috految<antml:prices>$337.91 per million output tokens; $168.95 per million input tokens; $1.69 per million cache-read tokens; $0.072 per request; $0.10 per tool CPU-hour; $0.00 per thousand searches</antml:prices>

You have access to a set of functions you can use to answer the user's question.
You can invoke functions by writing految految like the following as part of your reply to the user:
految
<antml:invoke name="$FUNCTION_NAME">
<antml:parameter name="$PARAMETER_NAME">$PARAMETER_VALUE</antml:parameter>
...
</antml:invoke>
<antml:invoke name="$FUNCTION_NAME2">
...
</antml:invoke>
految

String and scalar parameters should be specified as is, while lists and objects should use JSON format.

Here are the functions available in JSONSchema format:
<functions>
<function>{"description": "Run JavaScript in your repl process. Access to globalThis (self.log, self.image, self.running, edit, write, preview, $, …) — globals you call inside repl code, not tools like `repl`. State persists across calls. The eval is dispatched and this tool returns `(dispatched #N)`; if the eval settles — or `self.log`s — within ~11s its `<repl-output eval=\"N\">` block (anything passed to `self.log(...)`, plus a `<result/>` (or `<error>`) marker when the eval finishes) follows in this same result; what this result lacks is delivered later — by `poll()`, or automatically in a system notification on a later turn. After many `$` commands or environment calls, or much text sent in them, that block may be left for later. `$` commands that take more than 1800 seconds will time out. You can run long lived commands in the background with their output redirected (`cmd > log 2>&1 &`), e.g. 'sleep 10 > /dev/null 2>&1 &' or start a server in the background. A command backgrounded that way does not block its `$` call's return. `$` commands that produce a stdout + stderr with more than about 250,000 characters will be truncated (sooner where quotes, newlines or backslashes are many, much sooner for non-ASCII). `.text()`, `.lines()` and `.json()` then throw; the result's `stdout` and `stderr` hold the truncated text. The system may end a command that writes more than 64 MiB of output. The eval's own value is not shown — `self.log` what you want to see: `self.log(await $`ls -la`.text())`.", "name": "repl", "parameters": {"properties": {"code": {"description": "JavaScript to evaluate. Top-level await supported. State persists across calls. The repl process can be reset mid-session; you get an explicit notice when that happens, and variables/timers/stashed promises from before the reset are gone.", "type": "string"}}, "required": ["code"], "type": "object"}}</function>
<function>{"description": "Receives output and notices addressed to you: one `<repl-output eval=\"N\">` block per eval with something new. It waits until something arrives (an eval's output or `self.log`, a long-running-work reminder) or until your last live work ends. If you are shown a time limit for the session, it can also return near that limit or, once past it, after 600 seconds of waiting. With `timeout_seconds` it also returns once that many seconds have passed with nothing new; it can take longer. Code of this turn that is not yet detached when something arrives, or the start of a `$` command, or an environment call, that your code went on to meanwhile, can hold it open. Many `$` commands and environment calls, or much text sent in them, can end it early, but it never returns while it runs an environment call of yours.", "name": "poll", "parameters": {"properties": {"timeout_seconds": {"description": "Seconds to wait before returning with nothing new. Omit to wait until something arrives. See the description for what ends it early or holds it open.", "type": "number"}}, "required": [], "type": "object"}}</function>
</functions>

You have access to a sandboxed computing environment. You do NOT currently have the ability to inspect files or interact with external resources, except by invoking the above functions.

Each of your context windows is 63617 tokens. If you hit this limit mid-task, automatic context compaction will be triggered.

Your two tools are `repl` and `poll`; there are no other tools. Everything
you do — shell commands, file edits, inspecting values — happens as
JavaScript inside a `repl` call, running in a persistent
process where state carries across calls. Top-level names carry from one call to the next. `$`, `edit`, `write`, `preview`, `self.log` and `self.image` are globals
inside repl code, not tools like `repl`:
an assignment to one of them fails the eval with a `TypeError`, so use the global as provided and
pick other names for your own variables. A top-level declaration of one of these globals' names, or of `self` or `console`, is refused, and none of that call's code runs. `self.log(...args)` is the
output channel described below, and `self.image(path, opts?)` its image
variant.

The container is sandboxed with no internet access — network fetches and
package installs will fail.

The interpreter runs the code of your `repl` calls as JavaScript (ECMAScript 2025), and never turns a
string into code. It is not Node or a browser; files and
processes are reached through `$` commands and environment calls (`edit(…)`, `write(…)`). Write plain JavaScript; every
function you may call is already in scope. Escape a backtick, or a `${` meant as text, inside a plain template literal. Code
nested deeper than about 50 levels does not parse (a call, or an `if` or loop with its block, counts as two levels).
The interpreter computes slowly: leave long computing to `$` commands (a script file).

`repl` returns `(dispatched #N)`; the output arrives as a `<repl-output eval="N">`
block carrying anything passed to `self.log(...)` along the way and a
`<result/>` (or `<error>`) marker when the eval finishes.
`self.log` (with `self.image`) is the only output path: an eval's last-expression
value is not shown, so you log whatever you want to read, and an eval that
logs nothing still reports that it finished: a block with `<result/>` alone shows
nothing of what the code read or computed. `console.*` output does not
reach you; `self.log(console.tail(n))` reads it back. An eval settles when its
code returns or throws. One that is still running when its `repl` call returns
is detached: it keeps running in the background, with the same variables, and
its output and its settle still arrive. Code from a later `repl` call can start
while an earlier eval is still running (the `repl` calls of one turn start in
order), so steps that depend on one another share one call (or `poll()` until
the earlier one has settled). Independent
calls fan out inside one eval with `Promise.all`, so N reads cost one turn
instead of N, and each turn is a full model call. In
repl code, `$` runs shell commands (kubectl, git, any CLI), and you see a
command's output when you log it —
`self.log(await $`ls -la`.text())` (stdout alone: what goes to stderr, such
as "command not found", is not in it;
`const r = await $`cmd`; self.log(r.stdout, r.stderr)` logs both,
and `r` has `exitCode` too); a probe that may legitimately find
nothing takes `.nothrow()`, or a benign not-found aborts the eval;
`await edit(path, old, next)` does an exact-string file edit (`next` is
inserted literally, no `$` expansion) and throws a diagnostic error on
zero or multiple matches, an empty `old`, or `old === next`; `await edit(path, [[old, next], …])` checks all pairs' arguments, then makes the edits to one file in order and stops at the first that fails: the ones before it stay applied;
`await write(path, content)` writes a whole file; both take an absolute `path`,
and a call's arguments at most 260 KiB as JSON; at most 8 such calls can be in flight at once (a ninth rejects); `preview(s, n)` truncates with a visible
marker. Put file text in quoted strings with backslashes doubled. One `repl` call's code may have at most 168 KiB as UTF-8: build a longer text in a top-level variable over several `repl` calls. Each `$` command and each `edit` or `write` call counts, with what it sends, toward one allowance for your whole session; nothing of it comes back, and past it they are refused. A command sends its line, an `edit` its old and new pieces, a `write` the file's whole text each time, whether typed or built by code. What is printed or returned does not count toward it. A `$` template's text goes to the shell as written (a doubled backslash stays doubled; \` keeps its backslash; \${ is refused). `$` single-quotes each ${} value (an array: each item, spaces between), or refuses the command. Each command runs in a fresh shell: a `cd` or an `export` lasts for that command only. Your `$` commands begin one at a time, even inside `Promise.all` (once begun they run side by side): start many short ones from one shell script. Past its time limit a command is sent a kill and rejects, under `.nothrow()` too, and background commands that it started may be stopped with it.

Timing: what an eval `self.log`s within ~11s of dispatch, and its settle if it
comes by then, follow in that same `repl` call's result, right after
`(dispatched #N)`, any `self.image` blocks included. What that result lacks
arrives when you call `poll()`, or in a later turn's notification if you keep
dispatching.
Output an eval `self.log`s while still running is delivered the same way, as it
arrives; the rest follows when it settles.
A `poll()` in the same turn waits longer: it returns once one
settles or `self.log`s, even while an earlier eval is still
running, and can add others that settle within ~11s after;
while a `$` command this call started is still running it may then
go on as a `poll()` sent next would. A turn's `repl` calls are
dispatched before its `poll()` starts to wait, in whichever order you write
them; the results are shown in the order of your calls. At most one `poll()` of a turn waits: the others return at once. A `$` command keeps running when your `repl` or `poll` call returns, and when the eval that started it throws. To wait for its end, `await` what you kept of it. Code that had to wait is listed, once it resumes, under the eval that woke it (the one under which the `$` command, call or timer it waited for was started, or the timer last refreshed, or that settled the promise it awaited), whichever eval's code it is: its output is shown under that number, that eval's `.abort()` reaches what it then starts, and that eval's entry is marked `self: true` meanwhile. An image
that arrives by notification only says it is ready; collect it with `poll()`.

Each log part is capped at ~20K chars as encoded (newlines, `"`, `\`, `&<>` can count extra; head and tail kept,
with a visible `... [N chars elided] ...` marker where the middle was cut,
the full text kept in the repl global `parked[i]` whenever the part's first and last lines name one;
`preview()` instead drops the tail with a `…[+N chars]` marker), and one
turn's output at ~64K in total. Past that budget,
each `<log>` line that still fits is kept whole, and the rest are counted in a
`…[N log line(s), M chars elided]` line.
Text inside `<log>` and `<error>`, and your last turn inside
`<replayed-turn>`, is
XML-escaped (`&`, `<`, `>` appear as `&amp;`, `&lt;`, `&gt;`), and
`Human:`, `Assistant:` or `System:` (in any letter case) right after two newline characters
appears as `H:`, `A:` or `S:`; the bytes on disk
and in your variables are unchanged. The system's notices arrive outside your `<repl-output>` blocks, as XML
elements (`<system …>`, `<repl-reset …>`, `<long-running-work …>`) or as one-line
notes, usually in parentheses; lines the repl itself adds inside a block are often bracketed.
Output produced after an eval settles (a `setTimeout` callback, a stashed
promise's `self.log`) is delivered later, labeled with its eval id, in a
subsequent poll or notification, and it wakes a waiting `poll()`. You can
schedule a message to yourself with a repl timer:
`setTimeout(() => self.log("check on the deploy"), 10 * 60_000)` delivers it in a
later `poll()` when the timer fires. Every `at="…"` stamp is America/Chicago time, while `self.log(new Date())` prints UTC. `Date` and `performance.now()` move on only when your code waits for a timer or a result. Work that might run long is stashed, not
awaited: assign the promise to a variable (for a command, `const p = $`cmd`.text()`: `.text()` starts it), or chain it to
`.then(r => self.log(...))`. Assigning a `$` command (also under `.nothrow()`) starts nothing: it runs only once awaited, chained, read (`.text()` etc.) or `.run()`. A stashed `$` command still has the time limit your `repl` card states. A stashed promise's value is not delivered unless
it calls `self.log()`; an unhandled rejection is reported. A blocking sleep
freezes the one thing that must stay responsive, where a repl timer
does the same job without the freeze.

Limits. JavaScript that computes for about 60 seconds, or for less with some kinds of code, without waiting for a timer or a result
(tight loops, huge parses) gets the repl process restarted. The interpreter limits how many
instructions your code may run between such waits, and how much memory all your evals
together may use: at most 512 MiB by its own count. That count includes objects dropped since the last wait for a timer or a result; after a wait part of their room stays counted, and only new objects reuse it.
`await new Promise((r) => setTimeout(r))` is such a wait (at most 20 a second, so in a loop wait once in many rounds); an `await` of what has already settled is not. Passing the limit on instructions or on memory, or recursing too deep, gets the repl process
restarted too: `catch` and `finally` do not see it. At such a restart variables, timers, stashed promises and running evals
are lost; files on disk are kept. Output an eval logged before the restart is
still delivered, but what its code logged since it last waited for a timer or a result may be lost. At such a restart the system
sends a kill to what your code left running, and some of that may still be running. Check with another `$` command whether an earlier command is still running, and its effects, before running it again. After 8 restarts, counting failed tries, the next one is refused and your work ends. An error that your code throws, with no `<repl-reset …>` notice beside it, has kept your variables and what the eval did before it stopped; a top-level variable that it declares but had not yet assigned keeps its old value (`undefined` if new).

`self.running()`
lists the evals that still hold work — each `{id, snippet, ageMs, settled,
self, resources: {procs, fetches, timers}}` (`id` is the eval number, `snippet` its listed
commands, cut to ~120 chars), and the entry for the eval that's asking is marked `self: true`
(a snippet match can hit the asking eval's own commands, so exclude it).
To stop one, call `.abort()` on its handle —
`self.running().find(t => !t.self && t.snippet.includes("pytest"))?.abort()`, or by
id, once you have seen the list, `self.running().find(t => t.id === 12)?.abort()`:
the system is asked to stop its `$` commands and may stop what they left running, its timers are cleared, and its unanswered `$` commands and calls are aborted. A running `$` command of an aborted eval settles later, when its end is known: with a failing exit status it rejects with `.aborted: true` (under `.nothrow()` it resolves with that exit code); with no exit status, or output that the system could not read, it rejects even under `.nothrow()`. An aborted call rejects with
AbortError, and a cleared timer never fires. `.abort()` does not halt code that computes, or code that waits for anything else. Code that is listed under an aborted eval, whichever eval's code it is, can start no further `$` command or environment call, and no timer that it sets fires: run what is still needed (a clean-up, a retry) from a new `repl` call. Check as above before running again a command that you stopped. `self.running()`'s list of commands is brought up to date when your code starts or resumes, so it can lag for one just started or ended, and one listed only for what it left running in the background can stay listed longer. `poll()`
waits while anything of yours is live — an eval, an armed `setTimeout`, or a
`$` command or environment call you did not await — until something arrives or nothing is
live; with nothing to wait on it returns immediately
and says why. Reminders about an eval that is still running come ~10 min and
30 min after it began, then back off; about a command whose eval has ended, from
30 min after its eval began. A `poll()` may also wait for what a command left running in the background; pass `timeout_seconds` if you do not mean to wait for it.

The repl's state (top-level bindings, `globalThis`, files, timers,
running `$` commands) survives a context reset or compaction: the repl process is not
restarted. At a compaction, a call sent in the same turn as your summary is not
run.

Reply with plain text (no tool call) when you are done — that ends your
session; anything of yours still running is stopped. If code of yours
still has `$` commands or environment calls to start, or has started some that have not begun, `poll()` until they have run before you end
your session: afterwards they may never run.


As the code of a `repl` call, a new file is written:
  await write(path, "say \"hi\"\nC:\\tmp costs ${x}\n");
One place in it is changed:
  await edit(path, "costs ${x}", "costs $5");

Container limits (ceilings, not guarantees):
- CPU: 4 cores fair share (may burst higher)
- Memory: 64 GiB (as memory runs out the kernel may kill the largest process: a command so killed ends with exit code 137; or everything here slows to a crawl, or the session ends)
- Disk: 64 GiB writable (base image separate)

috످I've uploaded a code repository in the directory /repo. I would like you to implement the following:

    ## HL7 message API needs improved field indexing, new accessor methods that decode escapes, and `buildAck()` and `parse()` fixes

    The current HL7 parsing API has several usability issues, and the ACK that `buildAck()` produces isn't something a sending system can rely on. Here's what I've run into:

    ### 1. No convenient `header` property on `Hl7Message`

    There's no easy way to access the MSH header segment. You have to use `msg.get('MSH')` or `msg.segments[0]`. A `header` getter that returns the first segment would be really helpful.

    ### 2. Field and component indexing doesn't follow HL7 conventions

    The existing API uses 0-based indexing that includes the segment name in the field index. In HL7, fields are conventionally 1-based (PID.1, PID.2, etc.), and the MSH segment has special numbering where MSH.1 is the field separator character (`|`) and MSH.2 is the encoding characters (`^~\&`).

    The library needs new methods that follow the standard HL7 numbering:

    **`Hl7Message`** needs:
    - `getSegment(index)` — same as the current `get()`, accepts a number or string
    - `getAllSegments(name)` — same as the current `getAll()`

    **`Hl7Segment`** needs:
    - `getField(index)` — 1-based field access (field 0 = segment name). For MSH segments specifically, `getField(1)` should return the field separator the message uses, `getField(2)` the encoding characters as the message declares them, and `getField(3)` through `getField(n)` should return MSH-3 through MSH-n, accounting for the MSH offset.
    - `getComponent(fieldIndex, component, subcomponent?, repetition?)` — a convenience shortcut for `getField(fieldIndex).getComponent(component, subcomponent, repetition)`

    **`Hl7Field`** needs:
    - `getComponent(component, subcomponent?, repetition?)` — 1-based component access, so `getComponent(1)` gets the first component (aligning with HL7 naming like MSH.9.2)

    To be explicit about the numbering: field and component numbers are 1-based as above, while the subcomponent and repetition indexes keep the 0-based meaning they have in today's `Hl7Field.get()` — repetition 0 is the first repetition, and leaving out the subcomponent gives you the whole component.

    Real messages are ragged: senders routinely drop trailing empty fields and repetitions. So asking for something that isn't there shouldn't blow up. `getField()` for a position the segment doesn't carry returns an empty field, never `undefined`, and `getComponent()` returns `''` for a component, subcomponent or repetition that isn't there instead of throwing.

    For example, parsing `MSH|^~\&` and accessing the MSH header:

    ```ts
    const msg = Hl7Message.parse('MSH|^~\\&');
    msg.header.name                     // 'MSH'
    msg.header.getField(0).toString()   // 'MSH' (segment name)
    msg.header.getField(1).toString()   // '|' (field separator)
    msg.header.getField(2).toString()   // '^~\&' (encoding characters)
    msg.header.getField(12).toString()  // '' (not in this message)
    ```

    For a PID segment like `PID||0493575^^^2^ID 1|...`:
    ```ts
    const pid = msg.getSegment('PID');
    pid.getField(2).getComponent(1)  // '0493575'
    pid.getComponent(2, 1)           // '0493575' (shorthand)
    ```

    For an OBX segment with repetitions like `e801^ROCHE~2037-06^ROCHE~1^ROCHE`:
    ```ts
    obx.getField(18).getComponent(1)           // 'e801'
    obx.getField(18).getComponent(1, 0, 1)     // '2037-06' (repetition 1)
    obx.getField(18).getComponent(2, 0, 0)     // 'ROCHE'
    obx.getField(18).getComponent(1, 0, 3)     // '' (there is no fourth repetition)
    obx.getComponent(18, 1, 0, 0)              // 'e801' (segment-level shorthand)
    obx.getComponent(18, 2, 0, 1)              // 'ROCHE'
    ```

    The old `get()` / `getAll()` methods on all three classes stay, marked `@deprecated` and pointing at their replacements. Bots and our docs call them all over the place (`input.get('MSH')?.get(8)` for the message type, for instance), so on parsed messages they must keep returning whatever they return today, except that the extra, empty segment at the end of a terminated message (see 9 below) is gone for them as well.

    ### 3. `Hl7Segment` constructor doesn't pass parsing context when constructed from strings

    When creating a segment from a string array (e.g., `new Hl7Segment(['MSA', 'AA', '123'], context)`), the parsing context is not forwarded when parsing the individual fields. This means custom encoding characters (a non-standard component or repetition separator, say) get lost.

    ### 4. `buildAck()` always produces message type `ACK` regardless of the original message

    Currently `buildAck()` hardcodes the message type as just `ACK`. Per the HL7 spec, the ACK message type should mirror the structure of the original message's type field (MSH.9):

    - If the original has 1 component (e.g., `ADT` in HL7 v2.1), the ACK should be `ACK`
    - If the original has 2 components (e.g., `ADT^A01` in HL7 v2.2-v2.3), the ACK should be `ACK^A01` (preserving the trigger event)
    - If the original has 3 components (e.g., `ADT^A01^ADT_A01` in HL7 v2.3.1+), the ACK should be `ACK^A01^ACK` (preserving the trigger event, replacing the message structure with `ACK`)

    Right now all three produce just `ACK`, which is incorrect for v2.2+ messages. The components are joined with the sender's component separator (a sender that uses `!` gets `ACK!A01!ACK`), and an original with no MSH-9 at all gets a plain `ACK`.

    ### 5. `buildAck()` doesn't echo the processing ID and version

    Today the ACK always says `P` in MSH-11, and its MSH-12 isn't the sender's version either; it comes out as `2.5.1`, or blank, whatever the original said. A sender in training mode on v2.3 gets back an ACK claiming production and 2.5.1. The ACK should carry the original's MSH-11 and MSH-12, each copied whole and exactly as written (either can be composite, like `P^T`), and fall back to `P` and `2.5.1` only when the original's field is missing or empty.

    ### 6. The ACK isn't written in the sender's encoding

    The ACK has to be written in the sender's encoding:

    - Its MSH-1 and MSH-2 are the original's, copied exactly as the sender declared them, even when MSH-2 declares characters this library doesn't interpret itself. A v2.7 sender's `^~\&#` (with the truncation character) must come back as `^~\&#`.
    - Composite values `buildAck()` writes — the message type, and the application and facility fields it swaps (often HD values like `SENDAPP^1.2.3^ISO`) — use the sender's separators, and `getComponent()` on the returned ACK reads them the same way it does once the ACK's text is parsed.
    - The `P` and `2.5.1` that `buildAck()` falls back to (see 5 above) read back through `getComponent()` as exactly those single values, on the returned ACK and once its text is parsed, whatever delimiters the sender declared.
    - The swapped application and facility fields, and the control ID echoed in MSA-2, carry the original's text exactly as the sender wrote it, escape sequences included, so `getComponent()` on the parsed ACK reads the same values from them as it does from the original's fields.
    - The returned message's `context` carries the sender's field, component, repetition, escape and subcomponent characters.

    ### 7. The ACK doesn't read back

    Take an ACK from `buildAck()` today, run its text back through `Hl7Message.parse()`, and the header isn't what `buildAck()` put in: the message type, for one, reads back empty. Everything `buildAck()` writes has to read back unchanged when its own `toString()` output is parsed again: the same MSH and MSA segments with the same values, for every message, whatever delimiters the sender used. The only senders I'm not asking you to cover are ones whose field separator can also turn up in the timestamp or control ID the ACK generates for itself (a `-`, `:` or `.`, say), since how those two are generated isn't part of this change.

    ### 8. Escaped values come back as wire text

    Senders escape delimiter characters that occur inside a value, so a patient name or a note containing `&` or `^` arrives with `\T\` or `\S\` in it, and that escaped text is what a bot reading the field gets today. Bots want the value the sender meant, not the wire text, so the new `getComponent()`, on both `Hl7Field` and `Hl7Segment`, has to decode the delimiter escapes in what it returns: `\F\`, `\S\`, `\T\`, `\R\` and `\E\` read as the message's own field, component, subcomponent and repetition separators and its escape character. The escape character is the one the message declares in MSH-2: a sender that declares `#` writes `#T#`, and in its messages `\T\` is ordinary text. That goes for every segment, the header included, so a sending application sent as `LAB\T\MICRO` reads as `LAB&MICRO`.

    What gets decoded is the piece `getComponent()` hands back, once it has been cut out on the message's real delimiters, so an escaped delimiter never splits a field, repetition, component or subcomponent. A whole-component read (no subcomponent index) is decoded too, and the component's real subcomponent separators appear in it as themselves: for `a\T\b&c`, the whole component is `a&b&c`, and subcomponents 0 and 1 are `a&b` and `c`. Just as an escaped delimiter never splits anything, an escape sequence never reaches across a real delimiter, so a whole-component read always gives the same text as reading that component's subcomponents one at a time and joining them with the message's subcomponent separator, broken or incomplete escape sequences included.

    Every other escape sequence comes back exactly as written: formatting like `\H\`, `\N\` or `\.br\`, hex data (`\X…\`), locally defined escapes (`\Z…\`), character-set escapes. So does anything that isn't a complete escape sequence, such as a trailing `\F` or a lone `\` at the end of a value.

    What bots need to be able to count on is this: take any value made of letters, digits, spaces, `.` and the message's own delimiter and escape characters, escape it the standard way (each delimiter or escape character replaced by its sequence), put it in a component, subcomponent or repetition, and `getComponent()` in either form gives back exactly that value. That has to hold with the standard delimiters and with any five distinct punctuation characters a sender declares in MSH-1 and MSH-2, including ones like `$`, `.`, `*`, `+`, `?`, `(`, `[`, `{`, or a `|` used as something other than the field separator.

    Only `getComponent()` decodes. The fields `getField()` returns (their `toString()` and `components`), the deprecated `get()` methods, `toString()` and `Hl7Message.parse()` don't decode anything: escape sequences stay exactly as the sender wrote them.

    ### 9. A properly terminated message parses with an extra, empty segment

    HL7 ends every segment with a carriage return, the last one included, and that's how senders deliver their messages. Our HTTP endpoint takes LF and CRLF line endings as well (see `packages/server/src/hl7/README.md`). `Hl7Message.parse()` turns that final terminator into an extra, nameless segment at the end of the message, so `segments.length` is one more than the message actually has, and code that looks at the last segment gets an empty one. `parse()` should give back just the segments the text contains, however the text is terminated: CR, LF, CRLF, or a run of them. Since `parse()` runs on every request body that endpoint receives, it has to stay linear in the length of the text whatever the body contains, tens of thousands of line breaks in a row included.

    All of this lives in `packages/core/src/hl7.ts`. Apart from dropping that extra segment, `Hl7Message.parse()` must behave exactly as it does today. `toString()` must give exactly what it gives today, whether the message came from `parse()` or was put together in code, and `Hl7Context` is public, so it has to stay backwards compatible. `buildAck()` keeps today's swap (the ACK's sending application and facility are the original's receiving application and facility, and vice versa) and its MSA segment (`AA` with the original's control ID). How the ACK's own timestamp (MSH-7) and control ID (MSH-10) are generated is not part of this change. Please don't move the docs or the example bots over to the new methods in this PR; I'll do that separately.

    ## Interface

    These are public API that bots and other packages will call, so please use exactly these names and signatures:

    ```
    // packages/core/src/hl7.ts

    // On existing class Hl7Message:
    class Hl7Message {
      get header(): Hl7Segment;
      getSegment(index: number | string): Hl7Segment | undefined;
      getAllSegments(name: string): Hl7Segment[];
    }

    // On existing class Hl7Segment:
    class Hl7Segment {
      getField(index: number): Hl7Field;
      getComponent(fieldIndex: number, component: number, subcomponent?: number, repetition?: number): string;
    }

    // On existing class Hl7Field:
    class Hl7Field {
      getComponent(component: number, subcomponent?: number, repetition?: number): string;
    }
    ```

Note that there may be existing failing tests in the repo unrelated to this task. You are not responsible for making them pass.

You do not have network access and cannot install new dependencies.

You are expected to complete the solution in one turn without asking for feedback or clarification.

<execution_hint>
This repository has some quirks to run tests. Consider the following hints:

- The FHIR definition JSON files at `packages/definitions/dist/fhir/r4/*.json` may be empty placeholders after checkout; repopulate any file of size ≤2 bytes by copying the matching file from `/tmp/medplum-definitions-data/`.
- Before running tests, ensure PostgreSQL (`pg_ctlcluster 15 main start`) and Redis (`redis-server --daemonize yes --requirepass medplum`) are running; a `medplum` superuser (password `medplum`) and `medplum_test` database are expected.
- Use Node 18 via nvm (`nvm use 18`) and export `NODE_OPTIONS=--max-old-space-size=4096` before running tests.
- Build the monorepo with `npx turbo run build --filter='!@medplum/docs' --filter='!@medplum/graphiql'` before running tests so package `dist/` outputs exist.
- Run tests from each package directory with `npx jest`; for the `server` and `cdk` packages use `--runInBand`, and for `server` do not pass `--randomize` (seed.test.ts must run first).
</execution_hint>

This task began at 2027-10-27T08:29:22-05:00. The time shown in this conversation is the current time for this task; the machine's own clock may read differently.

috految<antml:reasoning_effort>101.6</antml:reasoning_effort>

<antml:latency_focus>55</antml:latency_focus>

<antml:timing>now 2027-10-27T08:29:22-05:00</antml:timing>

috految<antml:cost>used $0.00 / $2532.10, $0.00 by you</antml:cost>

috److految
<antml:invoke name="repl">
<antml:parameter name="code">const r = await $`cd /repo; git log --oneline | head -2; cat packages/core/src/hl7.ts; cut -c1-150 packages/core/src/hl7.test.ts | grep -v '^$' | head -150; cat packages/server/src/hl7/README.md packages/server/src/hl7/parser.ts; grep -A3 'function isStringArray' packages/core/src/utils.ts; cat tsconfig.json packages/core/tsconfig.json packages/core/babel.config.json; grep -E 'build|test|lint' packages/core/package.json; grep -n target packages/core/*.mjs; git grep -nE 'buildAck|new Hl7(Message|Segment|Field|Context)|Hl7(Message|Segment|Field)\.parse|instanceof Hl7|getMsh2|\.segments|\bACK\b|Hl7Message[ ,;)]|deprecation' -- '*.ts' '*.tsx' '*.js' '*.cjs' '*.mjs' '*.md' '*.mdx' ':!packages/core/src/hl7*' ':!packages/docs/docs/sdk' ':!packages/docs/docs/api' | grep -v import | cut -c1-190`.nothrow(); self.log(r.stdout.slice(0,15000)); self.log(r.stdout.slice(15000), r.stderr)</antml:parameter>
</antml:invoke>
految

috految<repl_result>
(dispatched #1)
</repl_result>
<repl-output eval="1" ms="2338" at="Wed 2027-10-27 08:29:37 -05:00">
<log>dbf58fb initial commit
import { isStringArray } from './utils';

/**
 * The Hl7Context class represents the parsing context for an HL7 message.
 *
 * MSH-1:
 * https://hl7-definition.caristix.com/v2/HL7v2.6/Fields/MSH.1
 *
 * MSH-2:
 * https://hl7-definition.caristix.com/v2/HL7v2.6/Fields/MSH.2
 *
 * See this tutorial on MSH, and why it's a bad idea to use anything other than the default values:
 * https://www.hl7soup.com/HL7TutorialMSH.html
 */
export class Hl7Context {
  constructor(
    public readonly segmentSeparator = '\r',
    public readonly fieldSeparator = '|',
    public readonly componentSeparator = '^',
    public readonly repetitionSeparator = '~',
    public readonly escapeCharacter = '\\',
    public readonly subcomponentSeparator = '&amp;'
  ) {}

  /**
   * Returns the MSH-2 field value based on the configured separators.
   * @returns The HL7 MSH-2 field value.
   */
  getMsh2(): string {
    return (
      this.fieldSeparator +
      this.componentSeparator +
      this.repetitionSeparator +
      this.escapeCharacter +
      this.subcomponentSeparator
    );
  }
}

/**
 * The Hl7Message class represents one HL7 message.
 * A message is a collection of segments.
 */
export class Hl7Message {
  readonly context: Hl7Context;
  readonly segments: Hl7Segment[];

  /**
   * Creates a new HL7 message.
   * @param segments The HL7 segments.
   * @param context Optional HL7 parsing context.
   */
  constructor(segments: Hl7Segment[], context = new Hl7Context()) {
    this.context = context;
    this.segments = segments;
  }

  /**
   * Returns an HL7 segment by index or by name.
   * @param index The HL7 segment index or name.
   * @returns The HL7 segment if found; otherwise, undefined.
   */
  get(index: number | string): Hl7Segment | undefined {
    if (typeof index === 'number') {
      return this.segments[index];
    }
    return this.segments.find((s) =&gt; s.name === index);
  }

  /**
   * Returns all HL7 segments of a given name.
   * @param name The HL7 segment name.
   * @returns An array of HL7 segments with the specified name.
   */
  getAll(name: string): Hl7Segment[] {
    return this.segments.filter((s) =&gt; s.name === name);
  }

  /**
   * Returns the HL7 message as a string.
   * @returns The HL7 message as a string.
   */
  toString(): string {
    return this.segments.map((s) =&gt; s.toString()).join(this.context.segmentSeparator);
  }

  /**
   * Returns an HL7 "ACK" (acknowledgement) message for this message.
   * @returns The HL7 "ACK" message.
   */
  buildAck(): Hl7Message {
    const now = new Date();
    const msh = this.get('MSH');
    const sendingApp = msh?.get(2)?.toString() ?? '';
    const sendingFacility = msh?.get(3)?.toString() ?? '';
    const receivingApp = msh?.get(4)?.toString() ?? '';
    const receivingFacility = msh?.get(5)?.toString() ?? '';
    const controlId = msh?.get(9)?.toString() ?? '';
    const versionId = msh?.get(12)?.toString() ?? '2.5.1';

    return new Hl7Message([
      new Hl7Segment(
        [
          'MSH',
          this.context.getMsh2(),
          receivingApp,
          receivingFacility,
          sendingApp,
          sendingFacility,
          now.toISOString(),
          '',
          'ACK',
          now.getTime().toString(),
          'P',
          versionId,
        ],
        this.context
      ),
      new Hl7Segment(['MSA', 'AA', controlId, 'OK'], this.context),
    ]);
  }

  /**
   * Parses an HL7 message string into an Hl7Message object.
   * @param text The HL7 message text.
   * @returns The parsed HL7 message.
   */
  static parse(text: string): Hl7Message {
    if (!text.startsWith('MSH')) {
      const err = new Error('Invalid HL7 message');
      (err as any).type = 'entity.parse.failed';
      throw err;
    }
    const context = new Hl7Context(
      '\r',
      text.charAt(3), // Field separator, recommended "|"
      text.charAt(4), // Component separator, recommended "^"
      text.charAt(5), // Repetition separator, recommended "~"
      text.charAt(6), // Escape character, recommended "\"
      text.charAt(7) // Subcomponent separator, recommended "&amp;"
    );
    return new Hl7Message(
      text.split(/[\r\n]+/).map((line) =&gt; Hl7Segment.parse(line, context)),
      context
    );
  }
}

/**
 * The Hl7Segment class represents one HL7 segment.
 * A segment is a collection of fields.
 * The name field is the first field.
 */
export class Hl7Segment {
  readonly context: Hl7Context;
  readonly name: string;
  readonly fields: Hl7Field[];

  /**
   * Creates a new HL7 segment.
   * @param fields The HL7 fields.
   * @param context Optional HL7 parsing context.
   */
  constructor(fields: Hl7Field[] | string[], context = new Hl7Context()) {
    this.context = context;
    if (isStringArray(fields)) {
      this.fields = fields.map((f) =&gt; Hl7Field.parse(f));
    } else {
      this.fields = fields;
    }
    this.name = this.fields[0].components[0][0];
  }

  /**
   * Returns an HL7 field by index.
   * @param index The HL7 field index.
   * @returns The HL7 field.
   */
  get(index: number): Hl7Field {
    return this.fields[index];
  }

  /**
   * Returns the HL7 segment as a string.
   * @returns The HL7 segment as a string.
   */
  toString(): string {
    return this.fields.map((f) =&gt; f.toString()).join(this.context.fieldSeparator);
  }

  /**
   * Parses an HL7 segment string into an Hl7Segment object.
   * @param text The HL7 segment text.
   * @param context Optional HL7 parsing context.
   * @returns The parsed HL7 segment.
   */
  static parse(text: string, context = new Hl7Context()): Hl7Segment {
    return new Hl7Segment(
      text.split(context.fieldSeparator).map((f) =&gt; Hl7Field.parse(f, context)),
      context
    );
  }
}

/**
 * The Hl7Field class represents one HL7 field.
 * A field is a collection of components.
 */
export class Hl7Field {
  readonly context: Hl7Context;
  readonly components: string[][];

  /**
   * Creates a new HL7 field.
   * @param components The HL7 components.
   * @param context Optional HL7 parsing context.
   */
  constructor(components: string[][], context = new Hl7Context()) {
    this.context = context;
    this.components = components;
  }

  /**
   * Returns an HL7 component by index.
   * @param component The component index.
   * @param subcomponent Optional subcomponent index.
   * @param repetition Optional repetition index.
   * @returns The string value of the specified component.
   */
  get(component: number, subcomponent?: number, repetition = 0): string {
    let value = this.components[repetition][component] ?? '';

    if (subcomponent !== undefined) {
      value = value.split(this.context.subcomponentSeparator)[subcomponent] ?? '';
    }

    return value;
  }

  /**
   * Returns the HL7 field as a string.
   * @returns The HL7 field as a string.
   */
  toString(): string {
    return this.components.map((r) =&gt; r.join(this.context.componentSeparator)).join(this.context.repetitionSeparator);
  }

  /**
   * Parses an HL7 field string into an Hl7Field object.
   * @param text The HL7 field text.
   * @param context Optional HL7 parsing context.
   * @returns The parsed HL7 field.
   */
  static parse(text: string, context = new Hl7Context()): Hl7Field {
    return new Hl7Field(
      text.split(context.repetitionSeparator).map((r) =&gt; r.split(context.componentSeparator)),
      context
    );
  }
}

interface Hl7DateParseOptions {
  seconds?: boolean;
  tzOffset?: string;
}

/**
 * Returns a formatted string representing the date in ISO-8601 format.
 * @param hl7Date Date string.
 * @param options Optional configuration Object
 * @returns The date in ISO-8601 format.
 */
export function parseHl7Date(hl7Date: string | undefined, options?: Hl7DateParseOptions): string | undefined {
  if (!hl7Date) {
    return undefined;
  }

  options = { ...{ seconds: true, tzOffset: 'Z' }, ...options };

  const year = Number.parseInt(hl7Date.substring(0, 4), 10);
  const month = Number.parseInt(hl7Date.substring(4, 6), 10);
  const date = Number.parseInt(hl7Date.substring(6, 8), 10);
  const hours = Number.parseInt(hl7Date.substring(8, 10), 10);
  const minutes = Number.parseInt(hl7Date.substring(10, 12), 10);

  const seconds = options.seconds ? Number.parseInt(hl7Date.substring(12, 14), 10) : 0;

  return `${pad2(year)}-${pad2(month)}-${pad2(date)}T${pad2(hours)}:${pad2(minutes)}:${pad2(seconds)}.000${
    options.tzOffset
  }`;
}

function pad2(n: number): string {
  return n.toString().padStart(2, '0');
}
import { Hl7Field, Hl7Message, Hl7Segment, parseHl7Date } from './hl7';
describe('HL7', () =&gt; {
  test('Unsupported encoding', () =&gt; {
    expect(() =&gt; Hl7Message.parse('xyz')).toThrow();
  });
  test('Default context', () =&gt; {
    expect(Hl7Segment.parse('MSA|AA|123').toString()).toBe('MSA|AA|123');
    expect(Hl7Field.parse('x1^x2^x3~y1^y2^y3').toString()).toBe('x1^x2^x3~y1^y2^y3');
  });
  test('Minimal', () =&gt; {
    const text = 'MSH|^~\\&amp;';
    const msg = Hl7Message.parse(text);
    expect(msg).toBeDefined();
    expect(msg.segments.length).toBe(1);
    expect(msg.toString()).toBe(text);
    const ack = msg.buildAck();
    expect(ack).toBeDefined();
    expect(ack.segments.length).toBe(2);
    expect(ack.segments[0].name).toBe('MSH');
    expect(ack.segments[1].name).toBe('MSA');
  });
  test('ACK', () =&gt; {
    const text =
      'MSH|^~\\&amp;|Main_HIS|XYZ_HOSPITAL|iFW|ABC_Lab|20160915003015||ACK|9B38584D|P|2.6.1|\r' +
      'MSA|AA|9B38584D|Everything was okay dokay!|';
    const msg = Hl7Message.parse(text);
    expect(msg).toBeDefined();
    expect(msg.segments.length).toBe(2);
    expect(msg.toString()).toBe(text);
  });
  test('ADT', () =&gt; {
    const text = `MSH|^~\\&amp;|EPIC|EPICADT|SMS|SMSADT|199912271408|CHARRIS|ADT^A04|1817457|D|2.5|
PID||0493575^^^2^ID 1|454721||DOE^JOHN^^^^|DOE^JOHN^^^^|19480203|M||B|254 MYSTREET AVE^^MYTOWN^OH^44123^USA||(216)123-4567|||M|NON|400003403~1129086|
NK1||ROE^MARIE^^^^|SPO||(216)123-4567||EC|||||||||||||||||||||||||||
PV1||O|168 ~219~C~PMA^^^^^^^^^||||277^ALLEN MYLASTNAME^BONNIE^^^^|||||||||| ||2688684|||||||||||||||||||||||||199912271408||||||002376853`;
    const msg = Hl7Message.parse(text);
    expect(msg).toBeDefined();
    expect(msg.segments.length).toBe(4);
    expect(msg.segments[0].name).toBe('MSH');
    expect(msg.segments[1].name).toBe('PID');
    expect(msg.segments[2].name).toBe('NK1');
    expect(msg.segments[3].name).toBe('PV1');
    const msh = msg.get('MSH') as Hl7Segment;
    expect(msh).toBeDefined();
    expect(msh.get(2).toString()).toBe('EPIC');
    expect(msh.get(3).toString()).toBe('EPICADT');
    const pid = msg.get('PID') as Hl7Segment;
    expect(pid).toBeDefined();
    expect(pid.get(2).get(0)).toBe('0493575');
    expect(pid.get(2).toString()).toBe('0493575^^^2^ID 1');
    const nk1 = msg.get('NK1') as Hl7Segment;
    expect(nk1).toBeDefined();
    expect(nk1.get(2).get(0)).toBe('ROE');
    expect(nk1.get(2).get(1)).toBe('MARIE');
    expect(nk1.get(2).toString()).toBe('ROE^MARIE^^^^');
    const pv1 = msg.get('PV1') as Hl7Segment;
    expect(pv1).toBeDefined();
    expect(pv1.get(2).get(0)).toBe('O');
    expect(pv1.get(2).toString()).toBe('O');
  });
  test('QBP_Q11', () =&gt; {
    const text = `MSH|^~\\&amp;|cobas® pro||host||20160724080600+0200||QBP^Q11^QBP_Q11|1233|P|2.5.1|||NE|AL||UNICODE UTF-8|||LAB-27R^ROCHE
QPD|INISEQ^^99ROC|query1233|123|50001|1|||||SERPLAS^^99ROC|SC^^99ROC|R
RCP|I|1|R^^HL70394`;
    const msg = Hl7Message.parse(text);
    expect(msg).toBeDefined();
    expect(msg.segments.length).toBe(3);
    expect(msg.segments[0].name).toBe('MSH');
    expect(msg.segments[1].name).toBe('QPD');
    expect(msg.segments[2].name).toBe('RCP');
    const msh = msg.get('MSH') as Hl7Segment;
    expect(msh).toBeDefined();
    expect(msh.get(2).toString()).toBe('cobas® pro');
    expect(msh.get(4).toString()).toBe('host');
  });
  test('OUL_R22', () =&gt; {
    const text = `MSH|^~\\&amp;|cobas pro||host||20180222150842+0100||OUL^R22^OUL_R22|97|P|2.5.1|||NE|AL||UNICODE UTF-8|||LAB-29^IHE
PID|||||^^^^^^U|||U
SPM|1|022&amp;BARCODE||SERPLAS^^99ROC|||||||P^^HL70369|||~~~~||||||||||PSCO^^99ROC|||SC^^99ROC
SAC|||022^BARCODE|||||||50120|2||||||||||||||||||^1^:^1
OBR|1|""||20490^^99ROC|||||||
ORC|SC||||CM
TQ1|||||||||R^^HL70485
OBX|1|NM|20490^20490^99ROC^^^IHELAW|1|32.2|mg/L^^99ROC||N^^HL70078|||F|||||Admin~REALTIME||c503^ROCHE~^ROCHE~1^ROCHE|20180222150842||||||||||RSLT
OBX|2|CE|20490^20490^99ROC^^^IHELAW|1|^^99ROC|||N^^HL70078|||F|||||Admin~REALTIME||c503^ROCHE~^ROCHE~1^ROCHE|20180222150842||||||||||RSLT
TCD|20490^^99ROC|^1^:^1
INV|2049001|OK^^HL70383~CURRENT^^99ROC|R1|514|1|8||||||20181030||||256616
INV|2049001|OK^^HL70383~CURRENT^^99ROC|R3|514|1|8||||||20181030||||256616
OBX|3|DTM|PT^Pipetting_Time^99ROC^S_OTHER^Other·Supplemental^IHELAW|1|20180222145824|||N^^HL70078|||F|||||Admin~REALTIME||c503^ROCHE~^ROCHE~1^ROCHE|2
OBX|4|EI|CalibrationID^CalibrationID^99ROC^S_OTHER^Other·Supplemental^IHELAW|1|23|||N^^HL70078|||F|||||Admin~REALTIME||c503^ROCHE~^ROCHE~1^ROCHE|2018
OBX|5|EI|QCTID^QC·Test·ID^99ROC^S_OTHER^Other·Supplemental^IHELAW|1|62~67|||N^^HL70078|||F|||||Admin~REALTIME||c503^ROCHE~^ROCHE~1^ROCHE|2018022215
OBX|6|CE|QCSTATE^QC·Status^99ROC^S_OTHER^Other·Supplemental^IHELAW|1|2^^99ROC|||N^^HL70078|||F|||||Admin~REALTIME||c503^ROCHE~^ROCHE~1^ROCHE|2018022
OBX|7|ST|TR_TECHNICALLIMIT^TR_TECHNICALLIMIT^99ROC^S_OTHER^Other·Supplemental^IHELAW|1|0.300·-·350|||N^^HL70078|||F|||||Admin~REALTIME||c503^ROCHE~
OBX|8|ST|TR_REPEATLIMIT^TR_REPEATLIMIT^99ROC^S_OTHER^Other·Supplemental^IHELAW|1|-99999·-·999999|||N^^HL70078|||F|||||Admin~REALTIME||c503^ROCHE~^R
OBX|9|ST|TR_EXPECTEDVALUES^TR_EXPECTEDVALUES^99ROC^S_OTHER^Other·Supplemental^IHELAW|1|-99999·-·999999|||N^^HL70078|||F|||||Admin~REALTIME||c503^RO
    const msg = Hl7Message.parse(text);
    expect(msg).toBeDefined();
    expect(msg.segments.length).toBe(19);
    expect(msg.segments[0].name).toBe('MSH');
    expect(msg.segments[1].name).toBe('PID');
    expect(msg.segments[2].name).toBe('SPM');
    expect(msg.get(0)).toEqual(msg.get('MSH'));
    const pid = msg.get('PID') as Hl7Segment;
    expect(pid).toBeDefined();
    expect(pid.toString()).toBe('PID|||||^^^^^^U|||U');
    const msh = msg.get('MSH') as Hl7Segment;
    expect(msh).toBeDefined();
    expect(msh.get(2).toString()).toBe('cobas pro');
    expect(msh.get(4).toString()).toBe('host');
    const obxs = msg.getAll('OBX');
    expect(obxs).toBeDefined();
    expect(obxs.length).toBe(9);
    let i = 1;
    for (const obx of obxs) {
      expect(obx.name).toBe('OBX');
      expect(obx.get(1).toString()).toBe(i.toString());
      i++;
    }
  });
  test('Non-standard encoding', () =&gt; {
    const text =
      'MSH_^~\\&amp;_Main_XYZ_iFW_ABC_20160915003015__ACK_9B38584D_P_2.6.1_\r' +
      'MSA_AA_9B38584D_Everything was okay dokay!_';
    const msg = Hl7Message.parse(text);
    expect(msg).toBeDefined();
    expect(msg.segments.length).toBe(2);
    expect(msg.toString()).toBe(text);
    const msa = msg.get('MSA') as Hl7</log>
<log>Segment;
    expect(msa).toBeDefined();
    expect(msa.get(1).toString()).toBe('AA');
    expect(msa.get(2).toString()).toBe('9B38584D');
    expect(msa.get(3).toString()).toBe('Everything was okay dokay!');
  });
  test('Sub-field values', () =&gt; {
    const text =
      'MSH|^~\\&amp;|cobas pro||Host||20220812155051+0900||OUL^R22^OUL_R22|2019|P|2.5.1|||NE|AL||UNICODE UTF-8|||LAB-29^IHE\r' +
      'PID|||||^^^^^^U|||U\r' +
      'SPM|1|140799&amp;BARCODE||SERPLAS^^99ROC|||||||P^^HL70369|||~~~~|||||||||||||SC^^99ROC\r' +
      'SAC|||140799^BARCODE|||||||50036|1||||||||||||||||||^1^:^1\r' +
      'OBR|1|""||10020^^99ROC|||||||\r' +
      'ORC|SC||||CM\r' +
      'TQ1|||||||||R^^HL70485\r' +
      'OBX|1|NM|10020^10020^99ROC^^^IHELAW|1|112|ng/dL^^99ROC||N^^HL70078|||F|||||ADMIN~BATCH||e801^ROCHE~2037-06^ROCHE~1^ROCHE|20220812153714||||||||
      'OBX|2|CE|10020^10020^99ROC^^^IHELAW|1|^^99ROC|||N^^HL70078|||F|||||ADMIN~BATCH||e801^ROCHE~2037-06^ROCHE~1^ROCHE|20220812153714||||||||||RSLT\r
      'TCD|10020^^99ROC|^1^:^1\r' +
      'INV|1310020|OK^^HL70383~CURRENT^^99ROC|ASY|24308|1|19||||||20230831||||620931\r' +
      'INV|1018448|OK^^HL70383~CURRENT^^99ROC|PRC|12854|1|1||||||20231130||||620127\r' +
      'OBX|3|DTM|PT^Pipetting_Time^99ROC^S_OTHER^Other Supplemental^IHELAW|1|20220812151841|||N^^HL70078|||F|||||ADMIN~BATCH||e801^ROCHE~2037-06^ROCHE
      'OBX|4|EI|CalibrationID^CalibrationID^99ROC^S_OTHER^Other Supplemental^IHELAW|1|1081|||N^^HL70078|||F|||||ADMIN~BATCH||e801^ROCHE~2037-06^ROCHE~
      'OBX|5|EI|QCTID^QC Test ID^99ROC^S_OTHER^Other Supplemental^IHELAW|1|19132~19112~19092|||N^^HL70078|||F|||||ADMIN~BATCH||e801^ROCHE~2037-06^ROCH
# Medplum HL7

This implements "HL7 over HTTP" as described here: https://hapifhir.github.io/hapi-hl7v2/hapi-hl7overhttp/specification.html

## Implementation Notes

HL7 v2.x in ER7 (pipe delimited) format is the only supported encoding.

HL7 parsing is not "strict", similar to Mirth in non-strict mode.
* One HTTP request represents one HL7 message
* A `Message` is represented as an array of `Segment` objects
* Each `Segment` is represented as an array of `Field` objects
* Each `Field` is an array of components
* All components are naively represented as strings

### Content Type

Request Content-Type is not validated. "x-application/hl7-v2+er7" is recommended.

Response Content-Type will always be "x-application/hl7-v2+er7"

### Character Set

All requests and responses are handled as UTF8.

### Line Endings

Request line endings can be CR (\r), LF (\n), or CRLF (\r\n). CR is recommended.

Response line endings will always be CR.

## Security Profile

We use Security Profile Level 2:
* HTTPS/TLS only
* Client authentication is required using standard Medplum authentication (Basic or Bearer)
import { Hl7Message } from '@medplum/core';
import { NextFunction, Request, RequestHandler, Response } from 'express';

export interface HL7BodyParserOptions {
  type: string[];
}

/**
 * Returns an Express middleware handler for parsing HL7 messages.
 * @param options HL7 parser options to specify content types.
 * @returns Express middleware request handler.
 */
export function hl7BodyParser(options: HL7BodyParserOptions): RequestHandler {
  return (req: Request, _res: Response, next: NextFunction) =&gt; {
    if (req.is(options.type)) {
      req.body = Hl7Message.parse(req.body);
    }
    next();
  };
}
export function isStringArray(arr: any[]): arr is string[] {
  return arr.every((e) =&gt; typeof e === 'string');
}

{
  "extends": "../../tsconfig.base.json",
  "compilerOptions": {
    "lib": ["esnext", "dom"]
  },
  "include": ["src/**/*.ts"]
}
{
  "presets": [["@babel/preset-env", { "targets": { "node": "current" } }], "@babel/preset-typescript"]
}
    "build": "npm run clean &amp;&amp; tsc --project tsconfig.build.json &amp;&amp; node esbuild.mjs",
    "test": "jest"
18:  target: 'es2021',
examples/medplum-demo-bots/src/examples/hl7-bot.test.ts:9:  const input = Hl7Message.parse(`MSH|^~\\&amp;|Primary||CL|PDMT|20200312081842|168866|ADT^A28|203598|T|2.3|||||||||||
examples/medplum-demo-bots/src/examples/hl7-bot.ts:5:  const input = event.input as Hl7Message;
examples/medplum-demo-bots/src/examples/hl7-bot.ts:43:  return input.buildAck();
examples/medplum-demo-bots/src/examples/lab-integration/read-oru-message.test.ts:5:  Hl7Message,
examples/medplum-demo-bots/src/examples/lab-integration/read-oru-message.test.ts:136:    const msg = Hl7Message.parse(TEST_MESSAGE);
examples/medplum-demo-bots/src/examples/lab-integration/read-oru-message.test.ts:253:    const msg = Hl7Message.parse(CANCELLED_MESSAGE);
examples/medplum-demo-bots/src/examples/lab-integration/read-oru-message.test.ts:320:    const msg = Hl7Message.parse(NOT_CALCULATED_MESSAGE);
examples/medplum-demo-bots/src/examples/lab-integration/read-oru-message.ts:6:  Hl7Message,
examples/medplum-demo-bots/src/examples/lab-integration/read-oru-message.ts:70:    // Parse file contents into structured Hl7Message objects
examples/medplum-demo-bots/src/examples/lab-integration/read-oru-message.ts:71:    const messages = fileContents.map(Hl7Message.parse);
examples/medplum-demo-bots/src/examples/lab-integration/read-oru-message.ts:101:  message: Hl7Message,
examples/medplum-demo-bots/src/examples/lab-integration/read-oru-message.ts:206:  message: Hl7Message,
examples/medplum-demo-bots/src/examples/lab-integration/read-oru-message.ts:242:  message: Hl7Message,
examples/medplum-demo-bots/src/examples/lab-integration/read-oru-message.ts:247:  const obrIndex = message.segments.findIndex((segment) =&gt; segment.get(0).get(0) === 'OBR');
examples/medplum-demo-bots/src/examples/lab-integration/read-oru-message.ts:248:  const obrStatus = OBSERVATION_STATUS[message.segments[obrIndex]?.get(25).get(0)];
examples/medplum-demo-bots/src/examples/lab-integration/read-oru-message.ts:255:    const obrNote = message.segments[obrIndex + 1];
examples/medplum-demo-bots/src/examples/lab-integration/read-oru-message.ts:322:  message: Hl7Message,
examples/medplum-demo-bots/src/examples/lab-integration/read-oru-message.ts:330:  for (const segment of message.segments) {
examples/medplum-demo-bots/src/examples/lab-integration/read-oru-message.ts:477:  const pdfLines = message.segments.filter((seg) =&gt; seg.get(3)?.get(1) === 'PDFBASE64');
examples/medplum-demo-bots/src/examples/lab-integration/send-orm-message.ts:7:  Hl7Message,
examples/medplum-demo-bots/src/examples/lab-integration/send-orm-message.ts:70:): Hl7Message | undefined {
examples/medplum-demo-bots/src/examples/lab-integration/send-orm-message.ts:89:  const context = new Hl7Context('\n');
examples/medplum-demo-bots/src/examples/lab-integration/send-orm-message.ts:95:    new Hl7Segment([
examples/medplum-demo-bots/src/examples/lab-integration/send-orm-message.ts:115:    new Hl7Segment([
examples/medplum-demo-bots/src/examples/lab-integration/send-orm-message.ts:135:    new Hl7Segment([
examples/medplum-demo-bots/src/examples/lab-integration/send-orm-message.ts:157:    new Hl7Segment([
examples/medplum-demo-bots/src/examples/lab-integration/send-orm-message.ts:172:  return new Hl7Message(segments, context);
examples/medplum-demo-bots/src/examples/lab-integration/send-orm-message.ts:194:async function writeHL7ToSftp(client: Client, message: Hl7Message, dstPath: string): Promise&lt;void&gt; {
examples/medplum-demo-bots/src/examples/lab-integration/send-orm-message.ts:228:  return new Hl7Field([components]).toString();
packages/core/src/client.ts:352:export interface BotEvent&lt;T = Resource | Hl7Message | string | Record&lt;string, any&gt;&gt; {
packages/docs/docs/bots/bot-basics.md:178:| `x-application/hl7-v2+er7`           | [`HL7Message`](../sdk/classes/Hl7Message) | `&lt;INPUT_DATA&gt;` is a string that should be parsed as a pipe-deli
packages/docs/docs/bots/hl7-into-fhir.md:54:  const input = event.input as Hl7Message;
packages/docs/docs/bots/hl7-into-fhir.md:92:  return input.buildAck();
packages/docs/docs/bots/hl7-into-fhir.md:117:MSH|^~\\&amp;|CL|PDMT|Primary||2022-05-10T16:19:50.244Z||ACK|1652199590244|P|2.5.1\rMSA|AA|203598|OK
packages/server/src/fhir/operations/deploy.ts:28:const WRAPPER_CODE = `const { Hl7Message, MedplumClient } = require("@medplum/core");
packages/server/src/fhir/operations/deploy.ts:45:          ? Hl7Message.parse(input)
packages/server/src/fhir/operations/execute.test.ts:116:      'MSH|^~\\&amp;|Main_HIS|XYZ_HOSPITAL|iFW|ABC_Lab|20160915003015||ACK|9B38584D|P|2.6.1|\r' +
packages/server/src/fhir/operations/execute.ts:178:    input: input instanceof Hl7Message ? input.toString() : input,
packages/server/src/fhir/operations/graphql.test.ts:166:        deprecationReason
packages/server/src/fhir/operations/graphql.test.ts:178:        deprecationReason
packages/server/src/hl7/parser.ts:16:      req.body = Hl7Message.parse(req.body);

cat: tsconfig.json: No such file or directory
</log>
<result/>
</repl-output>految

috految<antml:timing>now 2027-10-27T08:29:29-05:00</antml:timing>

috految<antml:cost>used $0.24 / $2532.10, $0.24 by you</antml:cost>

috److految
<antml:invoke name="repl">
<antml:parameter name="code">const r2 = await $`cd /repo; E=examples/medplum-demo-bots/src/examples/lab-integration; sed -n '86,112p' $E/send-orm-message.ts; sed -n '250,264p;328,350p' $E/read-oru-message.ts; grep -h 'MSH' $E/*.ts packages/docs/docs/bots/*.md | cut -c1-110; grep -n 'input' packages/server/src/fhir/operations/execute.ts; grep -n 'HL7\|Hl7\|hl7' packages/server/src/app.ts; grep -E 'target|importHelpers|strict' tsconfig.base.json; grep -h 'input\b.*=\|@deprecated\|private readonly' packages/core/src/client.ts | head -4; grep -n 'describe(' packages/core/src/hl7.test.ts; grep -h 'medplum/core\|\.d\.ts' packages/app/src/resource/BotEditor.tsx examples/medplum-demo-bots/package.json; grep -A6 'function stringify' packages/core/src/utils.ts; ls ~/.nvm/versions/node node_modules/.bin/prettier; which node; (cd packages/core; bash -c '. ~/.nvm/nvm.sh; nvm use 18; npx jest src/hl7.test.ts --coverage=false & npx eslint src/hl7.ts; wait') >/tmp/base.log 2>&1 &`.nothrow(); self.log(r2.stdout, r2.stderr)</antml:parameter>
</antml:invoke>
految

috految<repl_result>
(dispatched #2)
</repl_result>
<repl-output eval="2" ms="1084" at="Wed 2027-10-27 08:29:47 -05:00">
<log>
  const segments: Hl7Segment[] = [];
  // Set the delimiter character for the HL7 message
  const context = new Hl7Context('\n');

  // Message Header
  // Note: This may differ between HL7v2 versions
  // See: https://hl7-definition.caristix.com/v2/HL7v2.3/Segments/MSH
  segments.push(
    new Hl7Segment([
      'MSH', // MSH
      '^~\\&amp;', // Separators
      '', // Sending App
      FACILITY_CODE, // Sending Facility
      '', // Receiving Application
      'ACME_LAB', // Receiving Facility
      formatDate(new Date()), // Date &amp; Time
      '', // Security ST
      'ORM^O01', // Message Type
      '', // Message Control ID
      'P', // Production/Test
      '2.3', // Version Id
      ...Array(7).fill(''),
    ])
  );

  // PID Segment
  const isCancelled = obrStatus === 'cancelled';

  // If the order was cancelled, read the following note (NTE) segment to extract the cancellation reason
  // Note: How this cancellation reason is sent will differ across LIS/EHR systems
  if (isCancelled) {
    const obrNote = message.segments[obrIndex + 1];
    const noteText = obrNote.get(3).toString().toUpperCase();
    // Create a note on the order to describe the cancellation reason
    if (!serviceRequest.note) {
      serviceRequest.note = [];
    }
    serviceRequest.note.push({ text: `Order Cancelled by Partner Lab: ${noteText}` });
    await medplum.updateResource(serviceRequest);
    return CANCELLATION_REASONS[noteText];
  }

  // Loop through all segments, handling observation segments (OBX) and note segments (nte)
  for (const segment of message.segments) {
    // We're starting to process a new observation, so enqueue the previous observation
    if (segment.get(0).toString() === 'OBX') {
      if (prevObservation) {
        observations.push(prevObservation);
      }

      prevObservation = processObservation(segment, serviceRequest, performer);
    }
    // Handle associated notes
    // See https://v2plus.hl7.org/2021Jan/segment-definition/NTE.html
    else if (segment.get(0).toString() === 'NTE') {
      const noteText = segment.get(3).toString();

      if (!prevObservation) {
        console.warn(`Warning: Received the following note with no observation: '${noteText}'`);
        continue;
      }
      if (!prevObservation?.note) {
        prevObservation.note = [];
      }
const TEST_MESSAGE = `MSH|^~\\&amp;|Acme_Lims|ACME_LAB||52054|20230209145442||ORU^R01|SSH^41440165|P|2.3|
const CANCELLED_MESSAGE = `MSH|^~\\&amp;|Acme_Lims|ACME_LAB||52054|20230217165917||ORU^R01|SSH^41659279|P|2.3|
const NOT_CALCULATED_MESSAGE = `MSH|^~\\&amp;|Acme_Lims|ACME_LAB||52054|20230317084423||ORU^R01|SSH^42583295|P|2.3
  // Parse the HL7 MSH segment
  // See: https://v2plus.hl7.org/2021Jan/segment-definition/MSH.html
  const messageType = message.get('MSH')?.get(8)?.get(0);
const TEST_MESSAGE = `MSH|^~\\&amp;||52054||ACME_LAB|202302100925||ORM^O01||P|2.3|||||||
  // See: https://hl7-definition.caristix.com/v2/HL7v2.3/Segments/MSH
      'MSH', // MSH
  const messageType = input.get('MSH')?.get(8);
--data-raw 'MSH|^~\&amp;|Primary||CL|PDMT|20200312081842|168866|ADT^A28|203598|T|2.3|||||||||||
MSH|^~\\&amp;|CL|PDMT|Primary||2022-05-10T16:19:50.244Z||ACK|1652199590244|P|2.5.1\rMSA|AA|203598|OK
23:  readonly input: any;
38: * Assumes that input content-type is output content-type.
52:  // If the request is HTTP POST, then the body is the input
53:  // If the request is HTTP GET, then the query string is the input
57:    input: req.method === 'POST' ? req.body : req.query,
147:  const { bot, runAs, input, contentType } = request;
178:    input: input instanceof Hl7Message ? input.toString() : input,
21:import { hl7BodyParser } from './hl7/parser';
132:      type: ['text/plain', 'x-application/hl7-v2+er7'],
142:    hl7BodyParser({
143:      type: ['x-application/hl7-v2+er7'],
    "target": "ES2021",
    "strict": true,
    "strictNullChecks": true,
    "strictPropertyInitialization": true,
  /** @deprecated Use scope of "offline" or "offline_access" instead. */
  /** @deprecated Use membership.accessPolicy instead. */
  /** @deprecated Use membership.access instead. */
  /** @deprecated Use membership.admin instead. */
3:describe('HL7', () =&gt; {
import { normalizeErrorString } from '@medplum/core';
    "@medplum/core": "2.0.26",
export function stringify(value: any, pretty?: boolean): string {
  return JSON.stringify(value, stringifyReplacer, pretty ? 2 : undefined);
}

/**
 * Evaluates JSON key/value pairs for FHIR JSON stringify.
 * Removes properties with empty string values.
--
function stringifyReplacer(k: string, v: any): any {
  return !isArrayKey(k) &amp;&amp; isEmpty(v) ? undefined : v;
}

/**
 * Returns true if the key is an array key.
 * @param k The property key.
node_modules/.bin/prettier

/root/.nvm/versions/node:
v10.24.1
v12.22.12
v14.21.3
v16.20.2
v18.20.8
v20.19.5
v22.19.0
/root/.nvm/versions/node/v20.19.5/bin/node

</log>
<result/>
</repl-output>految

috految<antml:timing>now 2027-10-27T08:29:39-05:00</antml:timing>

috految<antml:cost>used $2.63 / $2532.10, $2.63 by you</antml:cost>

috److془Let's carefully design.

Issues:

A. toString keeps trailing '\r' for parsed terminated messages. What about `msg.segments.push(seg)` after parse of terminated message: today `MSH\rPID\r\rNTE`. With flag: `MSH\rPID\rNTE\r`. Fine. `new Hl7Message(parsed.segments, parsed.context).toString()`: today gives trailing \r; now, segments don't contain the empty one. Fine: given the same segments, no terminator. 

Hmm, "`toString()` must give exactly what it gives today, whether the message came from `parse()` or was put together in code". Flag on the message. 

B. Short MSH-2: `MSH|^~|SENDAPP|...` → context: comp '^', rep '~', esc '|', sub 'S'. `MSH|^~\|APP` → sub '|'. `MSH|^|APP` → rep '|', esc 'A', sub 'P'. `MSH||APP|` → comp '|', rep 'A', esc 'P', sub 'P'. `MSH||SEND` → rep 'S' → name = 'M'. Hmm. `MSH|^~&|APP` → esc '&', sub '|'. 

`MSH|^~\` + `\rPID` → sub '\r'. `MSH|^` → rep '' → name 'M'. `MSH|` → comp '', rep ''. `MSH` → field '' → fields M,S,H. `MSH\rPID|` → field '\r', comp 'P', rep 'I', ... 

parse must behave exactly as today (context the same, deprecated get the same). getComponent must use declared delimiters only. "The escape character is the one the message declares in MSH-2". "once it has been cut out on the message's real delimiters".

Declared delimiters: from context, [comp, rep, esc, sub] up to first equal fieldSeparator or CR/LF. For code-built contexts: `new Hl7Context('\r', '|', '^', '~', '', '&')` → esc '' , sub '&'. Fine. `new Hl7Context('\r', '^')` w/ comp '^' the same as field; garbage anyway.

Hmm, `MSH|^~\\&|` (double backslash; common bug): esc '\', sub '\'. Then split on sub first, no decode. whole-component = as written. Fine. Fallback '2.5.1' fine. 

Empty MSH-2: `MSH||SEND|FAC|RECV|...`. ACK: `MSH||RECV|RFAC|SEND|...` → parse: rep = 'R', and if RECV starts with M,S,H,A then segment names are broken: 'MSA' split on 'A' → name 'MS'. "Everything buildAck() writes has to read back unchanged when its own toString() output is parsed again: the same MSH and MSA segments with the same values, for every message, whatever delimiters the sender used." vs "Its MSH-1 and MSH-2 are the original's, copied exactly as the sender declared them". With the empty MSH-2 and receiving app `APP`, contradictory unless parse changes (name). Could do: getSegment('MSA') — "same as the current get()". Fine. Best effort: copy empty MSH-2, getComponent uses declared delimiters (so no splitting on rep). getField uses `this.fields[0].toString() === 'MSH'`. and buildAck finds MSH via the same predicate.

Old ACKs: `MSH||^~\&|RECV|...` → parse: comp '|', rep '^', esc '~', sub '\'. Whatever.

Code-built messages: `new Hl7Segment(['MSH', context.getMsh2(), 'APP', ...], context)` → fields[1] = '|^~\&'. toString gives `MSH||^~\&|APP`. buildAck on this: "for every message" must read back. So strip leading field separator from MSH-2. getField(2) should return '^~\&' ideally. 

Code-built with mismatched contexts: `new Hl7Message([new Hl7Segment([...], ctx)])` message context default, segment context custom. Use the header's. `new Hl7Message([new Hl7Segment(['MSH', '!~\\&', ..., 'ADT!A01'])], ctx)` → segment default context, text declares '!'. ACK context derived from MSH-1 + MSH-2 text. Message type: split original's text on the declared component separator. Good. `new Hl7Message([new Hl7Segment(['MSH', '^~\\&', ...])], new Hl7Context('\n'))` → ACK today uses '\r' segment separator. Keep '\r'. 

Code-built with fields with field separator in text: `new Hl7Segment(['MSH', '^~\\&', 'A|B', ...])`. The original's toString is broken. ACK could escape field separators in the copied text... Or by parse of the text. Hmm: "for every message". Escaping `|` → `\F\` gives getComponent the same value of original. Overkill? Original is itself malformed. Skip... Hmm, or if I build with `Hl7Segment.parse(fields.join(sep))` it's tautological. But for field separators '-' ':' '.', "The `P` and `2.5.1` that buildAck() falls back to read back through getComponent() as exactly those single values, on the returned ACK and once its text is parsed, whatever delimiters the sender declared." With field separator '.', the timestamp would split unless escaped. "The only senders I'm not asking you to cover are ones whose field separator can also turn up in the timestamp or control ID the ACK generates for itself (a -, : or ., say), since how those two are generated isn't part of this change."

Timestamp: should it be escaped when component separator is '.' or ':' or '-'? "Everything buildAck() writes has to read back unchanged when its own toString() output is parsed again: the same MSH and MSA segments with the same values, for every message, whatever delimiters the sender used. The only senders I'm not asking you to cover are ones whose field separator can also turn up in the timestamp or control ID the ACK generates for itself, since how those two are generated isn't part of this change." "How the ACK's own timestamp (MSH-7) and control ID (MSH-10) are generated is not part of this change."

If timestamp were escaped, the exclusion would be unnecessary. So reference doesn't escape timestamp (likely). Hidden tests could check `getField(7).toString()` is ISO under '.' component separators; or getComponent(7,1) equal on returned and parsed. Not escaping is safest. Tests might check getComponent(7,1) === ISO only if reference escapes. Given the exclusion, not escaping it is. 

Hmm, but think: sender with component ':'; timestamp `2027-10-27T13:29:22.000Z`; getComponent(7,1) = '2027-10-27T13' on both. Field text unchanged. Fine. 

Now the letter delimiters: field separator 'P' or 'K' or 'O', 'C'. 'ACK', 'AA', 'OK', 'P' escaped → handle by escaping all literals. Field separator 'A': MSA can't be. Whatever. Field separator = 'F' no literal with F. Escape 'P' → 'PEP' decodes to 'P'. Good. Comp='.', sub = 'S' → `2\S\5` broken. Impossible anyways. Esc = '.': `2.E.5.E.1` → decode: '2' + '.E.' + '5' + '.E.' + '1' ✓. 

Comp = '.' with no escape declared: `MSH|.~|APP`: '2.5.1' can't be represented. Write as is. Hmm: "whatever delimiters the sender declared". Impossible unless treat undeclared esc as backslash; "The escape character is the one the message declares in MSH-2". Fine. 

Truncation character: `^~\&.`: '.' as truncation char; we don't interpret. '2.5.1' reads fine. `\P\` stays.

Now the escape case: esc = '.', and `..br.` (formatting `\.br\` w/ the escape '.'): pairs: `..`, `br`, `.`+ following. `a..br.b.T.c` → `..`, `br`, `.b.`, T, `.c` → not decoded. Hmm. Commonly "Every other escape sequence comes back exactly as written: formatting like `\H\`, `\N\` or `\.br\`, hex data (`\X…\`), locally defined escapes (`\Z…\`), character-set escapes. So does anything that isn't a complete escape sequence, such as a trailing `\F` or a lone `\` at the end of a value."

What about `C:\dir a\T\b`? Left-to-right pairing: `\dir a\` unknown, `T`, `\b` incomplete → as written. Alternative: decode `\T\`. HL7: "An escape sequence consists of the escape character followed by an escape code ID of one character, zero (0) or more data characters, and another occurrence of the escape character. No escape sequence may contain a nested escape sequence." Pairing is standard. `\\T\`: pairing: `\\`, `T\` → as written. `a\\b\T\c` → pairing gives `a\\b&c` good. Go with pairing. For esc '.', `..br.` inherently ambiguous. Fine.

Hmm: with '.' as subcomponent separator, `\.br\` is split; fine per spec.

Whole-component = subcomponents joined by sub. ✓. 

MSH-1 and MSH-2 with getComponent: getField(1) → new Hl7Field([[fieldSeparator]]), getField(2) → new Hl7Field([[msh2]]). getComponent(2,1) = split on & → `^~\`, `` → join → `^~\&` ✓. getComponent(2,1,0) = `^~\` hmm; ideally `^~\&`. Invariant "whole-component read always gives the same text as reading that component's subcomponents one at a time and joining them with the message's subcomponent separator" holds in either case (depending on how count is made). Leave as is? With `getComponent(2, 1, 0)`. Hmm, either is unspecified. Keep simple with this.context. Hmm: `header.getComponent(2,1,0,0)` returning `^~\`. Ok-ish. Whatever.

Now, `\T\` when subcomponent is undeclared: leave as written. 

Non-BMP delimiter: parse uses charAt; ignore. Well, indexing by UTF-16 code units consistently.

Now the constructor with context forwarding: "toString() must give exactly what it gives today, whether the message came from parse() or was put together in code". split/join identity holds for any separators; with '' separators: ''.split('') = [] → join → ''. ✓ . But name with rep '' → 'M'. For code-built with `new Hl7Context('\r','|','^','')`: name today 'MSA', after 'M'. Hmm, edge enough; consistent with Hl7Segment.parse. For the ACK: avoid '' separators in the context. 

isStringArray with sparse arrays: `fields = []; fields[0] = 'PID'; fields[5]='x'` → map keeps holes; getField → `?? empty` ✓. 

Mixed arrays - e.g. `['MSH', undefined]` → would throw today on name. Fine.

Hl7Field code-built with default context placed in the segment with custom context: `new Hl7Segment([new Hl7Field([['PID']]), Hl7Field.parse('a^b')], ctx)`. toString uses field context. Fine. 

The "returned message's context carries the sender's field, component, repetition, escape and subcomponent characters." For short MSH-2 `MSH|^~|SEND`: the original context: esc '|', sub 'S'. The test may compare ack.context with msg.context. Or parsed ACK's context (sub 'R'). Unlikely either. For `^~\` both give sub '|'. Use the original's context where possible: `parseContext(header text)` gives identical context as the original (except for the truncated header, where '' vs '\r'). But empty MSH-2 where rep = 'S' gives ACK segment names 'M'. Today, ACK segments name = 'MSH', 'MSA'. Alternative: pad with field separator: `parseContext('MSH' + fs + msh2.padEnd(4, fs))`. This gives rep='|' for empty; esc '|', sub '|' for `^~`. Clean. Compare with original's context for `^~`: sub 'S' vs '|'. Test comparing garbage? Could be in generic helper `expect(ack.context.subcomponentSeparator).toBe(original.context.subcomponentSeparator)`; but not spec valid. Hmm, could be handled at no cost though: 

```ts
const [component = fs, repetition = fs, escape = fs, subcomponent = fs] = msh2
```
vs. `subcomponent = this.context.subcomponentSeparator`. Equally a test could check that the ACK's context doesn't carry letters. Go with padEnd.

For empty MSH-2 with receiving app 'APP'/'HIS'/'MEDPLUM'/'SMS': parsed ACK's name broken. Options: fall back to the standard encoding when MSH-2 is empty (sender declared nothing → nothing to copy). vs copy exactly. "Its MSH-1 and MSH-2 are the original's, copied exactly as the sender declared them". Test with empty MSH-2 would likely expect '' and values read back. Copy exactly. For code-built `['MSH', '', 'APP', ...]` or `['MSH']` with the default context: fallback to context's declared chars. Nice: `msh2 = header.getField(2).toString() || declared(header.context).join('')`. For parsed empty MSH-2, declared is '' ✓. For no MSH: `new Hl7Segment(['MSH'], this.context)` ✓. 

For `MSH` bare or `MSH\r...` : fieldSeparator '' or '\r' → the default field separator. `MSH` → fields M,S,H; no MSH found. `MSH\r` today: parse(''): ''.split('\r') = [''] → ''.split('') = [] → components[0] undefined → TypeError. Now no throws; fine (a consequence of dropping). Field separator undeclared → '|', msh2 '' → `MSH||||||ts||ACK|id|P|2.5.1` parse: all '|' ✓ reads back. Fine. `MSH|` → msh2 '' → same ✓. `MSH|^` → `MSH|^|||||` ✓ 

Empty MSH-2 where ACK in-memory has components [['RECV']], parsed has [[''], ['ECV']]; getComponent the same if I handle undeclared rep. `const repetitions = repetitionSeparator ? this.components : [splitOn(this.toString(), componentSeparator)]`. But for `MSH|^|`, getComponent(2,1) would be ''. Use `componentSeparator ? this.components : [[this.toString()]]`. With comp declared and rep undeclared: rep = field sep or CR (never occurs in data) or '' (only text is 'MSH|^'). 

Hmm: `Hl7Segment.parse('MSH|!~\\&|...')` standalone with default context: the context is default; caller's responsibility. 

Hmm: `Hl7Field.parse('a|b', new Hl7Context('\r','|','|'))` garbage. Fine. `new Hl7Context('\r', '|', '^', '\n')` whatever. 

Custom context code-built where header declares differently: `new Hl7Segment(['MSH', '^~\\&', 'A!B', ..., 'ADT!A01'], ctx with '!')` inconsistent; follow the wire text. Fine.

Code-built: `new Hl7Segment(['MSH', '|', '^~\\&', ...])` garbage; msh2 → '' → context fallback. ✓ reads back. 

Code-built where the segments have default context and message has custom field separator: toString uses '|'. ACK uses '|' ✓.

Code-built with `new Hl7Segment(['MSH|^~\\&', 'APP'])` name 'MSH|' no MSH found; as today.

MSH-2 with field separator used within: `MSH^~|\&^` VistA: fs '^', comp '~', rep '|', esc '\', sub '&' ✓. 

Duplicate delimiters e.g. `MSH|^^\&`: comp = rep: reads consistent. `MSH|^~&|`: esc '&'. Fine. `MSH|^~\&amp;|` ✓. `MSH|^~\E\&|` esc '\', sub 'E'; whatever. `MSH|^~\\&`, ✓. `MSH|^~\ |` sub ' ' fine. 

Space in the message's value w/ letter... fine.

Message type: components count of first repetition. `ADT^A01^` 3 components (trailing empty)? "If the original has 3 components the ACK should be ACK^A01^ACK". `ADT^^ADT_A01` → `ACK^^ACK`. `ADT^` → `ACK^`. "mirror the structure". Count-based. For >3: 3. Trigger raw. With comp '_' : `ADT_A01_ADT\S\A01` or `ADT_A01_ADT_A01` → `ACK_A01_ACK` ✓. Use Hl7Field.parse(text, context).components[0]. ''.split('^') = [''] → 'ACK' ✓. 

MSH-11 "missing or empty": toString() === ''. '^' copied whole. ✓ 

When the header has the field separator '.', '2.5.1' → `2\F\5\F\1` on the returned ACK ✓; parsed out of scope. Hmm — "whatever delimiters the sender declared" in 6… and "The only senders I'm not asking you to cover are ones whose field separator can also turn up in the timestamp". Fine.

Hmm: Reconsider the timestamp: "Everything buildAck() writes has to read back unchanged when its own toString() output is parsed again: the same MSH and MSA segments with the same values". ✓ .

Segment name with letter delimiters: comp 'A' → name 'MS' both. Fine. 

Linear: `text.split(/[\r\n]+/)` linear. V8 greedy loop on single char class doesn't use backtrack stack. Parse with X: field separator '' only 3 length. ✓ . "tens of thousands of line breaks in a row". ✓ `Hl7Message.parse` used unbound in map: no `this` ✓.

Trailing: `lines[lines.length-1] === ''` → pop. Whitespace-only last line remains as today. toString: join + (terminated ? seg sep : ''). 

Private property: `private terminated = false` makes Hl7Message nominally typed; JSON.stringify would include it. Does anything JSON.stringify Hl7Message? Wrapper code: `if contentType === hl7 result = result.toString()`. Fine. Tests `expect(parse(text+'\r')).toEqual(parse(text))` unlikely as toString differs. Type concerns: `event.input as X` where the union contains Record<string, any>. Fine. Use `private terminated?: boolean`? `private terminated = false` is fine. Hmm, the server test for parser: `expect(req.body).toMatchObject` no — grep shows no Hl7Message there. Would a test do `expect(res.body).toEqual(...)`. no .segments either. Fine. 

Does the server's express `res.send`... no concern. 

`Hl7Message` `header` getter; the server: `req.body`.. convertToArray no.

Example bot: read-oru-message's loop — does it rely on trailing empty segment to flush? Check lines 350-375. Also `obrNote.get(3).toString()` on empty segment threw anyway. 

Message mutation: `msg.segments.push(seg)` on terminated: today's `A\r\rB`; new `A\rB\r`. Fine.

Multi MSH segments (batch) fine. FHS/BHS: spec says MSH specifically.

getField(0) for MSH → fields[0]. getField(-1) → empty. Empty field: new Hl7Field([['']], context). getComponent(0) → index -1 → ''. 

Deprecated Hl7Field.get unchanged. Hl7Context unchanged (getMsh2 includes field separator; add doc note). 

Code-built with `new Hl7Field([[undefined]])` → `?? ''` ✓.

Code-built with field separators in the copied fields: skip. Hmm, "for every message". `new Hl7Segment(['MSH','^~\\&','A|B'])` strings are wire text; invalid. Skip.

Escape lookup: Map to avoid `\constructor\`. Decode:

```ts
const parts = text.split(esc);
let result = parts[0];
for (let i = 1; i < parts.length; i += 2) {
  if (i + 1 < parts.length) result += (map.get(parts[i]) ?? esc+parts[i]+esc) + parts[i+1];
  else result += esc + parts[i];
}
```

Docs: typedoc → MDX; avoid `<`/`{` in comments. `\` in backticks fine; `\F\` followed by backtick could confuse typedoc lexer; use double quotes / avoid. Does the docs generate via JSON/ anything with accessors? Upstream did the same. 

Write it. Add tests.془

految
<antml:invoke name="repl">
<antml:parameter name="code">const p = '/repo/packages/core/src/hl7.ts';
let s = await $`cat ${p}`.text();
const rep = (a, b) => { if (s.split(a).length !== 2) throw new Error(a); s = s.replace(a, () => b); };
const between = (a, b) => s.slice(s.indexOf(a), s.indexOf(b, s.indexOf(a)));
rep(`configured separators.\n`, `configured separators.\n   * Note that the result starts with the field separator (MSH-1).\n`);
rep(`  readonly segments: Hl7Segment[];\n`, `  readonly segments: Hl7Segment[];

  /** Whether the parsed text ended with a segment terminator, which toString() then writes back. */
  private terminated = false;
`);
rep(`    this.segments = segments;\n  }\n`, `    this.segments = segments;
  }

  /**
   * Returns the HL7 message header, which is the first segment.
   * @returns The HL7 message header.
   */
  get header(): Hl7Segment {
    return this.segments[0];
  }
`);
rep(`   */\n  get(index: number | string): Hl7Segment | undefined {\n`, `   * @deprecated Use getSegment() instead.
   */
  get(index: number | string): Hl7Segment | undefined {
    return this.getSegment(index);
  }

  /**
   * Returns an HL7 segment by index or by name.
   * @param index The 0-based HL7 segment index, or the segment name.
   * @returns The first matching HL7 segment if found; otherwise, undefined.
   */
  getSegment(index: number | string): Hl7Segment | undefined {
`);
rep(`   */\n  getAll(name: string): Hl7Segment[] {\n`, `   * @deprecated Use getAllSegments() instead.
   */
  getAll(name: string): Hl7Segment[] {
    return this.getAllSegments(name);
  }

  /**
   * Returns all HL7 segments of a given name.
   * @param name The HL7 segment name.
   * @returns An array of HL7 segments with the specified name.
   */
  getAllSegments(name: string): Hl7Segment[] {
`);
rep(`    return this.segments.map((s) => s.toString()).join(this.context.segmentSeparator);`, `    const text = this.segments.map((s) => s.toString()).join(this.context.segmentSeparator);
    return this.terminated ? text + this.context.segmentSeparator : text;`);
rep(`message for this message.`, `message for this message, written in the sender's encoding.`);
rep(between(`    const msh = this.get('MSH');`, `  /**`), `    const msh = this.segments.find(isMshSegment) ?? new Hl7Segment(['MSH'], this.context);

    // Take the encoding from the header itself, because that is what the ACK's text will be parsed with.
    // As in a parsed message, the field separator marks the end of a short MSH-2.
    const { field = '|', component, repetition, escape, subcomponent } = getDeclaredDelimiters(msh.context);
    const encodingCharacters = msh.getField(2).toString() || [component, repetition, escape, subcomponent].join('');
    const context = parseContext('MSH' + field + encodingCharacters.padEnd(4, field));

    // Text copied from the original is already encoded, so it must not be escaped again.
    const sendingApp = msh.getField(3).toString();
    const sendingFacility = msh.getField(4).toString();
    const receivingApp = msh.getField(5).toString();
    const receivingFacility = msh.getField(6).toString();
    const messageType = msh.getField(9).toString();
    const controlId = msh.getField(10).toString();
    const processingId = msh.getField(11).toString() || encodeEscapes('P', context);
    const versionId = msh.getField(12).toString() || encodeEscapes('2.5.1', context);

    return new Hl7Message(
      [
        new Hl7Segment(
          [
            'MSH',
            encodingCharacters,
            receivingApp,
            receivingFacility,
            sendingApp,
            sendingFacility,
            now.toISOString(),
            '',
            buildAckMessageType(messageType, context),
            now.getTime().toString(),
            processingId,
            versionId,
          ],
          context
        ),
        new Hl7Segment(['MSA', encodeEscapes('AA', context), controlId, encodeEscapes('OK', context)], context),
      ],
      context
    );
  }

`);
const ctx = between(`    const context = new Hl7Context(\n`, `    return new Hl7Message(`);
rep(between(`    const context = new Hl7Context(\n`, `  }\n}`), `    const context = parseContext(text);
    const lines = text.split(/[\\r\\n]+/);
    const terminated = lines[lines.length - 1] === '';
    if (terminated) {
      lines.pop();
    }
    const message = new Hl7Message(
      lines.map((line) => Hl7Segment.parse(line, context)),
      context
    );
    message.terminated = terminated;
    return message;
`);
rep(`Hl7Field.parse(f));`, `Hl7Field.parse(f, context));`);
rep(`   */\n  get(index: number): Hl7Field {\n    return this.fields[index];\n  }\n`, `   * @deprecated Use getField() instead. Note that MSH fields are numbered differently: get(8) becomes getField(9).
   */
  get(index: number): Hl7Field {
    return this.fields[index];
  }

  /**
   * Returns an HL7 field by its HL7 field number, so PID.2 is getField(2). Field 0 is the segment name.
   *
   * In an MSH segment, field 1 is the field separator, and field 2 is the encoding characters.
   * @param index The 1-based field number.
   * @returns The HL7 field, with escape sequences as written; or an empty field if not present.
   */
  getField(index: number): Hl7Field {
    let position = index;

    if (index > 0 && isMshSegment(this)) {
      if (index === 1) {
        return new Hl7Field([[this.context.fieldSeparator]], this.context);
      }
      if (index === 2) {
        // MSH-2 is a single value. If it was built with Hl7Context.getMsh2(), it is stored with MSH-1 in front.
        const encodingCharacters = this.fields[1]?.toString().replace(this.context.fieldSeparator, '') ?? '';
        return new Hl7Field([[encodingCharacters]], this.context);
      }
      // MSH-1 is the separator itself, so it has no entry in the fields array.
      position = index - 1;
    }

    return this.fields[position] ?? new Hl7Field([['']], this.context);
  }

  /**
   * Shortcut for \`getField(fieldIndex).getComponent(component, subcomponent, repetition)\`.
   * @param fieldIndex The 1-based field number.
   * @param component The 1-based component number.
   * @param subcomponent Optional 0-based subcomponent index. Default is the whole component.
   * @param repetition Optional 0-based repetition index. Default is the first repetition.
   * @returns The decoded value, or an empty string if not present.
   */
  getComponent(fieldIndex: number, component: number, subcomponent?: number, repetition?: number): string {
    return this.getField(fieldIndex).getComponent(component, subcomponent, repetition);
  }
`);
rep(`specified component.\n`, `specified component.\n   * @deprecated Use getComponent() instead. Note that it numbers components from 1 and decodes delimiter escapes.\n`);
rep(`    return value;\n  }\n`, `    return value;
  }

  /**
   * Returns an HL7 component by its HL7 component number, so MSH.9.2 is getComponent(2) of field MSH.9.
   *
   * The delimiter escapes (F, S, T, R, and E) are decoded. All other escape sequences are returned as written.
   * @param component The 1-based component number.
   * @param subcomponent Optional 0-based subcomponent index. Default is the whole component.
   * @param repetition Optional 0-based repetition index. Default is the first repetition.
   * @returns The decoded value, or an empty string if not present.
   */
  getComponent(component: number, subcomponent?: number, repetition = 0): string {
    const delimiters = getDeclaredDelimiters(this.context);

    // If MSH-2 declares no separators, then the field is a single value.
    const repetitions = delimiters.component ? this.components : [[this.toString()]];
    const text = repetitions[repetition]?.[component - 1] ?? '';

    // Always split before decoding, so that an escape sequence never reaches across a real delimiter.
    const subcomponents = delimiters.subcomponent ? text.split(delimiters.subcomponent) : [text];
    if (subcomponent !== undefined) {
      return decodeEscapes(subcomponents[subcomponent] ?? '', this.context);
    }
    return subcomponents.map((s) => decodeEscapes(s, this.context)).join(this.context.subcomponentSeparator);
  }
`);
rep(`interface Hl7DateParseOptions {`, `interface Hl7Delimiters {
  field?: string;
  component?: string;
  repetition?: string;
  escape?: string;
  subcomponent?: string;
}

const DELIMITER_ESCAPES = [
  { code: 'F', delimiter: 'field' },
  { code: 'S', delimiter: 'component' },
  { code: 'T', delimiter: 'subcomponent' },
  { code: 'R', delimiter: 'repetition' },
  { code: 'E', delimiter: 'escape' },
] as const;

/**
 * Reads the parsing context from the start of an HL7 message.
 * @param text The HL7 message text, starting with "MSH".
 * @returns The HL7 parsing context.
 */
function parseContext(text: string): Hl7Context {
${ctx.replace('const context =', 'return').replace(/^  /gm, '')}}

/**
 * Returns the delimiters that a message actually declares.
 *
 * The context is read from fixed positions, but senders can leave trailing characters out of MSH-2.
 * It then holds whatever text came next, such as the "|" and "A" of "MSH|^~|APP", which are not delimiters.
 * @param context The HL7 parsing context.
 * @returns The delimiters, omitting any that fall beyond the end of MSH-2.
 */
function getDeclaredDelimiters(context: Hl7Context): Hl7Delimiters {
  const { fieldSeparator, componentSeparator, repetitionSeparator, escapeCharacter, subcomponentSeparator } = context;
  const chars = [fieldSeparator, componentSeparator, repetitionSeparator, escapeCharacter, subcomponentSeparator];
  const end = chars.findIndex((c, i) => c === '\\r' || c === '\\n' || (i > 0 && c === fieldSeparator));
  const declared = end === -1 ? chars : chars.slice(0, end);
  const [field, component, repetition, escape, subcomponent] = declared.map((c) => c || undefined);
  return { field, component, repetition, escape, subcomponent };
}

/**
 * Returns true for an MSH segment.
 * Checks the whole first field, because the segment name can be cut short when MSH-2 is incomplete.
 * @param segment The HL7 segment.
 * @returns True if the segment is an MSH segment.
 */
function isMshSegment(segment: Hl7Segment): boolean {
  return segment.fields[0].toString() === 'MSH';
}

/**
 * Returns the message type (MSH-9) of an ACK, mirroring the structure of the original's:
 * "ACK" for "ADT", "ACK^A01" for "ADT^A01", and "ACK^A01^ACK" for "ADT^A01^ADT_A01".
 * @param messageType The original message type, as written.
 * @param context The HL7 parsing context.
 * @returns The ACK message type text.
 */
function buildAckMessageType(messageType: string, context: Hl7Context): string {
  const components = Hl7Field.parse(messageType, context).components[0];
  const triggerEvent = components[1];
  const ack = encodeEscapes('ACK', context);
  return [ack, triggerEvent, ack].slice(0, components.length).join(context.componentSeparator);
}

/**
 * Replaces each delimiter in a value with its escape sequence.
 * @param value The value to encode.
 * @param context The HL7 parsing context.
 * @returns The encoded text.
 */
function encodeEscapes(value: string, context: Hl7Context): string {
  const delimiters = getDeclaredDelimiters(context);
  const { escape } = delimiters;
  if (!escape) {
    return value;
  }

  return Array.from(value, (char) => {
    const match = DELIMITER_ESCAPES.find((e) => delimiters[e.delimiter] === char);
    return match ? escape + match.code + escape : char;
  }).join('');
}

/**
 * Replaces each delimiter escape sequence with its delimiter, and leaves everything else as written.
 * @param text The text of a single subcomponent.
 * @param context The HL7 parsing context.
 * @returns The decoded value.
 */
function decodeEscapes(text: string, context: Hl7Context): string {
  const delimiters = getDeclaredDelimiters(context);
  const { escape } = delimiters;
  if (!escape) {
    return text;
  }

  // Escape characters pair up from left to right, so the parts alternate between plain text and escape codes.
  const parts = text.split(escape);
  return parts
    .map((part, i) => {
      if (i % 2 === 0) {
        return part;
      }
      if (i === parts.length - 1) {
        return escape + part; // Never closed, so not an escape sequence
      }
      const match = DELIMITER_ESCAPES.find((e) => e.code === part);
      const delimiter = match && delimiters[match.delimiter];
      return delimiter ?? escape + part + escape;
    })
    .join('');
}

interface Hl7DateParseOptions {`);
await write(p, s);
await edit('/repo/packages/core/src/hl7.test.ts', [[`import { Hl7Field,`, `import { Hl7Context, Hl7Field,`], [`  test('Non-standard encoding'`, String.raw`  test('HL7 numbering', () => {
    const msg = Hl7Message.parse('MSH|^~\\&#|APP\rPID||a^b&c~d');
    expect([0, 1, 2, 3, 4].map((i) => msg.header.getField(i).toString())).toEqual(['MSH', '|', '^~\\&#', 'APP', '']);
    expect(msg.header.getComponent(2, 1)).toBe('^~\\&#');

    const [pid] = msg.getAllSegments('PID');
    expect(pid.getComponent(2, 2)).toBe('b&c');
    expect(pid.getComponent(2, 2, 1)).toBe('c');
    expect(pid.getComponent(2, 1, 0, 1)).toBe('d');
    expect(pid.getComponent(2, 1, 0, 2)).toBe('');
    expect(pid.getComponent(9, 2, 1)).toBe('');
  });

  test.each([
    ['^~\\&', '\\F\\\\S\\\\T\\\\R\\\\E\\T\\E\\', '|^&~\\T\\'],
    ['^~\\&', '\\H\\T\\N\\\\.br\\\\F', '\\H\\T\\N\\\\.br\\\\F'],
    ['^~\\&', 'a\\&\\T\\b\\', 'a\\&&b\\'],
    ['.*$(', '$S$\\T\\$E$$T$', '.\\T\\$('],
    ['^~\\', '\\S\\\\T\\', '^\\T\\'],
    ['^', 'ASA', 'ASA'],
  ])('Decode with %s: %s', (encoding, text, expected) => {
    const { header } = Hl7Message.parse('MSH|' + encoding + '|' + text);
    expect(header.getComponent(3, 1)).toBe(expected);
    expect(header.getField(3).toString()).toBe(text);
  });

  test.each(['\r', '\n', '\r\n', '\r\n\r\n'])('Terminated with %j', (eol) => {
    const msg = Hl7Message.parse('MSH|^~\\&' + eol.repeat(50000) + 'PID|1' + eol);
    expect(msg.segments.map((s) => s.name)).toEqual(['MSH', 'PID']);
    expect(msg.toString()).toBe('MSH|^~\\&\rPID|1\r');
  });

  test.each([
    ['', 'ACK'],
    ['ADT', 'ACK'],
    ['ADT!A01', 'ACK!A01'],
    ['ADT!A01!ADT_A01', 'ACK!A01!ACK'],
  ])('Build ACK for %j', (type, expected) => {
    const ack = Hl7Message.parse('MSH|!~\\&#|A!1|B\\T\\|C|D|||' + type + '|1\\F\\2|T!A|2.3\r').buildAck();
    const fields = [2, 3, 4, 5, 6, 9, 11, 12].map((i) => ack.header.getField(i).toString());
    expect(fields).toEqual(['!~\\&#', 'C', 'D', 'A!1', 'B\\T\\', expected, 'T!A', '2.3']);
    expect(ack.getSegment('MSA')?.toString()).toBe('MSA|AA|1\\F\\2|OK');
    expect(Hl7Message.parse(ack.toString())).toEqual(ack);
  });

  test.each(['', '|', '|^', '||SEND||P2', '|^~|P||2', '|.~\\&', '|^.\\&', '|^~.&', '^~|\\.'])(
    'ACK defaults for MSH%s',
    (text) => {
      const ack = Hl7Message.parse('MSH' + text).buildAck();
      for (const msg of [ack, Hl7Message.parse(ack.toString())]) {
        expect(msg.segments.map((s) => s.name)).toEqual(['MSH', 'MSA']);
        expect([9, 11, 12].map((i) => msg.header.getComponent(i, 1, 0))).toEqual(['ACK', 'P', '2.5.1']);
      }
    }
  );

  test('Build ACK for message built in code', () => {
    const context = new Hl7Context('\n', '_', '!');
    const msh = new Hl7Segment(['MSH', context.getMsh2(), 'A!B'], context);
    expect(msh.getComponent(3, 2)).toBe('B');

    const ack = new Hl7Message([msh], context).buildAck();
    expect(ack.header.getComponent(5, 2)).toBe('B');
    expect(Hl7Message.parse(ack.toString())).toEqual(ack);
  });

  test('Non-standard encoding'`]]);
const o = await $`export PATH=/root/.nvm/versions/node/v18.20.8/bin:/repo/node_modules/.bin:$PATH; cd /repo/packages/core; (jest src/hl7.test.ts --coverage=false --verbose=false 2>&1 | tail -30) & (tsc --noEmit --strict --skipLibCheck --target es2021 --lib esnext,dom --moduleResolution node --esModuleInterop --resolveJsonModule --types jest,node src/hl7.test.ts | head -8; echo tsc done) & (timeout 9 eslint src/hl7.ts src/hl7.test.ts; echo eslint $?) 2>&1 | tail -20 & prettier --check src/hl7.ts src/hl7.test.ts; sed -n '351,368p' /repo/examples/medplum-demo-bots/src/examples/lab-integration/read-oru-message.ts; git status --short; wait`.nothrow(); self.log(o.stdout, o.stderr)</antml:parameter>
</antml:invoke>
<antml:invoke name="poll">
<antml:parameter name="timeout_seconds">15</antml:parameter>
</antml:invoke>
految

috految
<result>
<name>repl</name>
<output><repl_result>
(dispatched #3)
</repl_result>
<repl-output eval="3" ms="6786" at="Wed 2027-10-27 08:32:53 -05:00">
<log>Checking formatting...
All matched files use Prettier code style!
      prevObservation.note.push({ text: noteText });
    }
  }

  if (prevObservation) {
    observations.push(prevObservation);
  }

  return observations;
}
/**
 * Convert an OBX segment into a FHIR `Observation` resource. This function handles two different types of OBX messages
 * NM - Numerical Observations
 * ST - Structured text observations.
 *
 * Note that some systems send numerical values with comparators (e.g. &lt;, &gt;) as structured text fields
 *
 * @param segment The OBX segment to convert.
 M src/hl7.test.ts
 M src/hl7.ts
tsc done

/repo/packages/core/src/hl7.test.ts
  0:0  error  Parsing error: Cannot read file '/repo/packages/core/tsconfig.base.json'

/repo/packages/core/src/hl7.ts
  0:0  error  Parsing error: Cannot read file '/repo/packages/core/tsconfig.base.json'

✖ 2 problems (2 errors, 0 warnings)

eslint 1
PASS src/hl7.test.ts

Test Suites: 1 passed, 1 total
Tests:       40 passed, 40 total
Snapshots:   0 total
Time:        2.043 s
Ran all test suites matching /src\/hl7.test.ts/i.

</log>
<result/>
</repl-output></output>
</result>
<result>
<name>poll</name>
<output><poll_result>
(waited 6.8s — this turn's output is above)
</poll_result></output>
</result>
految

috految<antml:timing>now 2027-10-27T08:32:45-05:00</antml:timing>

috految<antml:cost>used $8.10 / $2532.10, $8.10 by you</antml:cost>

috److I've implemented all nine items in `packages/core/src/hl7.ts` and added tests to `hl7.test.ts`. That file's 40 tests pass, as do a type check and Prettier on the two files. I didn't run other test suites, and ESLint failed on a tsconfig path when run from the package directory, so it's unchecked.

A few behaviours you might not expect:

- **Terminated messages:** the empty last segment is gone, but `toString()` still ends with `\r`, as it does today.
- **`getMsh2()`:** it still starts with the field separator, for backwards compatibility. That extra `|` is what was shifting the ACK's fields, so `buildAck()` no longer calls it.
- **Short MSH-2 (e.g. `^~`):** `getComponent()` only uses the delimiters the sender actually declared.
- **ACK timestamp and control ID:** they're written exactly as before, without escaping.

Three unusual sender encodings still won't fully read back from the ACK, because MSH-2 has to be copied exactly and `parse()` can't change:

- **`.` as a separator with no escape character:** there's no way to write the `2.5.1` fallback as a single value.
- **Completely empty MSH-2:** `parse()` treats the start of MSH-3 as delimiters, which can cut segment names short. Field values still read correctly through `getComponent()`.
- **Letters as separators:** a letter that appears in `MSH` or `MSA` breaks those segment names.

I left the docs and example bots alone, as you asked.

috످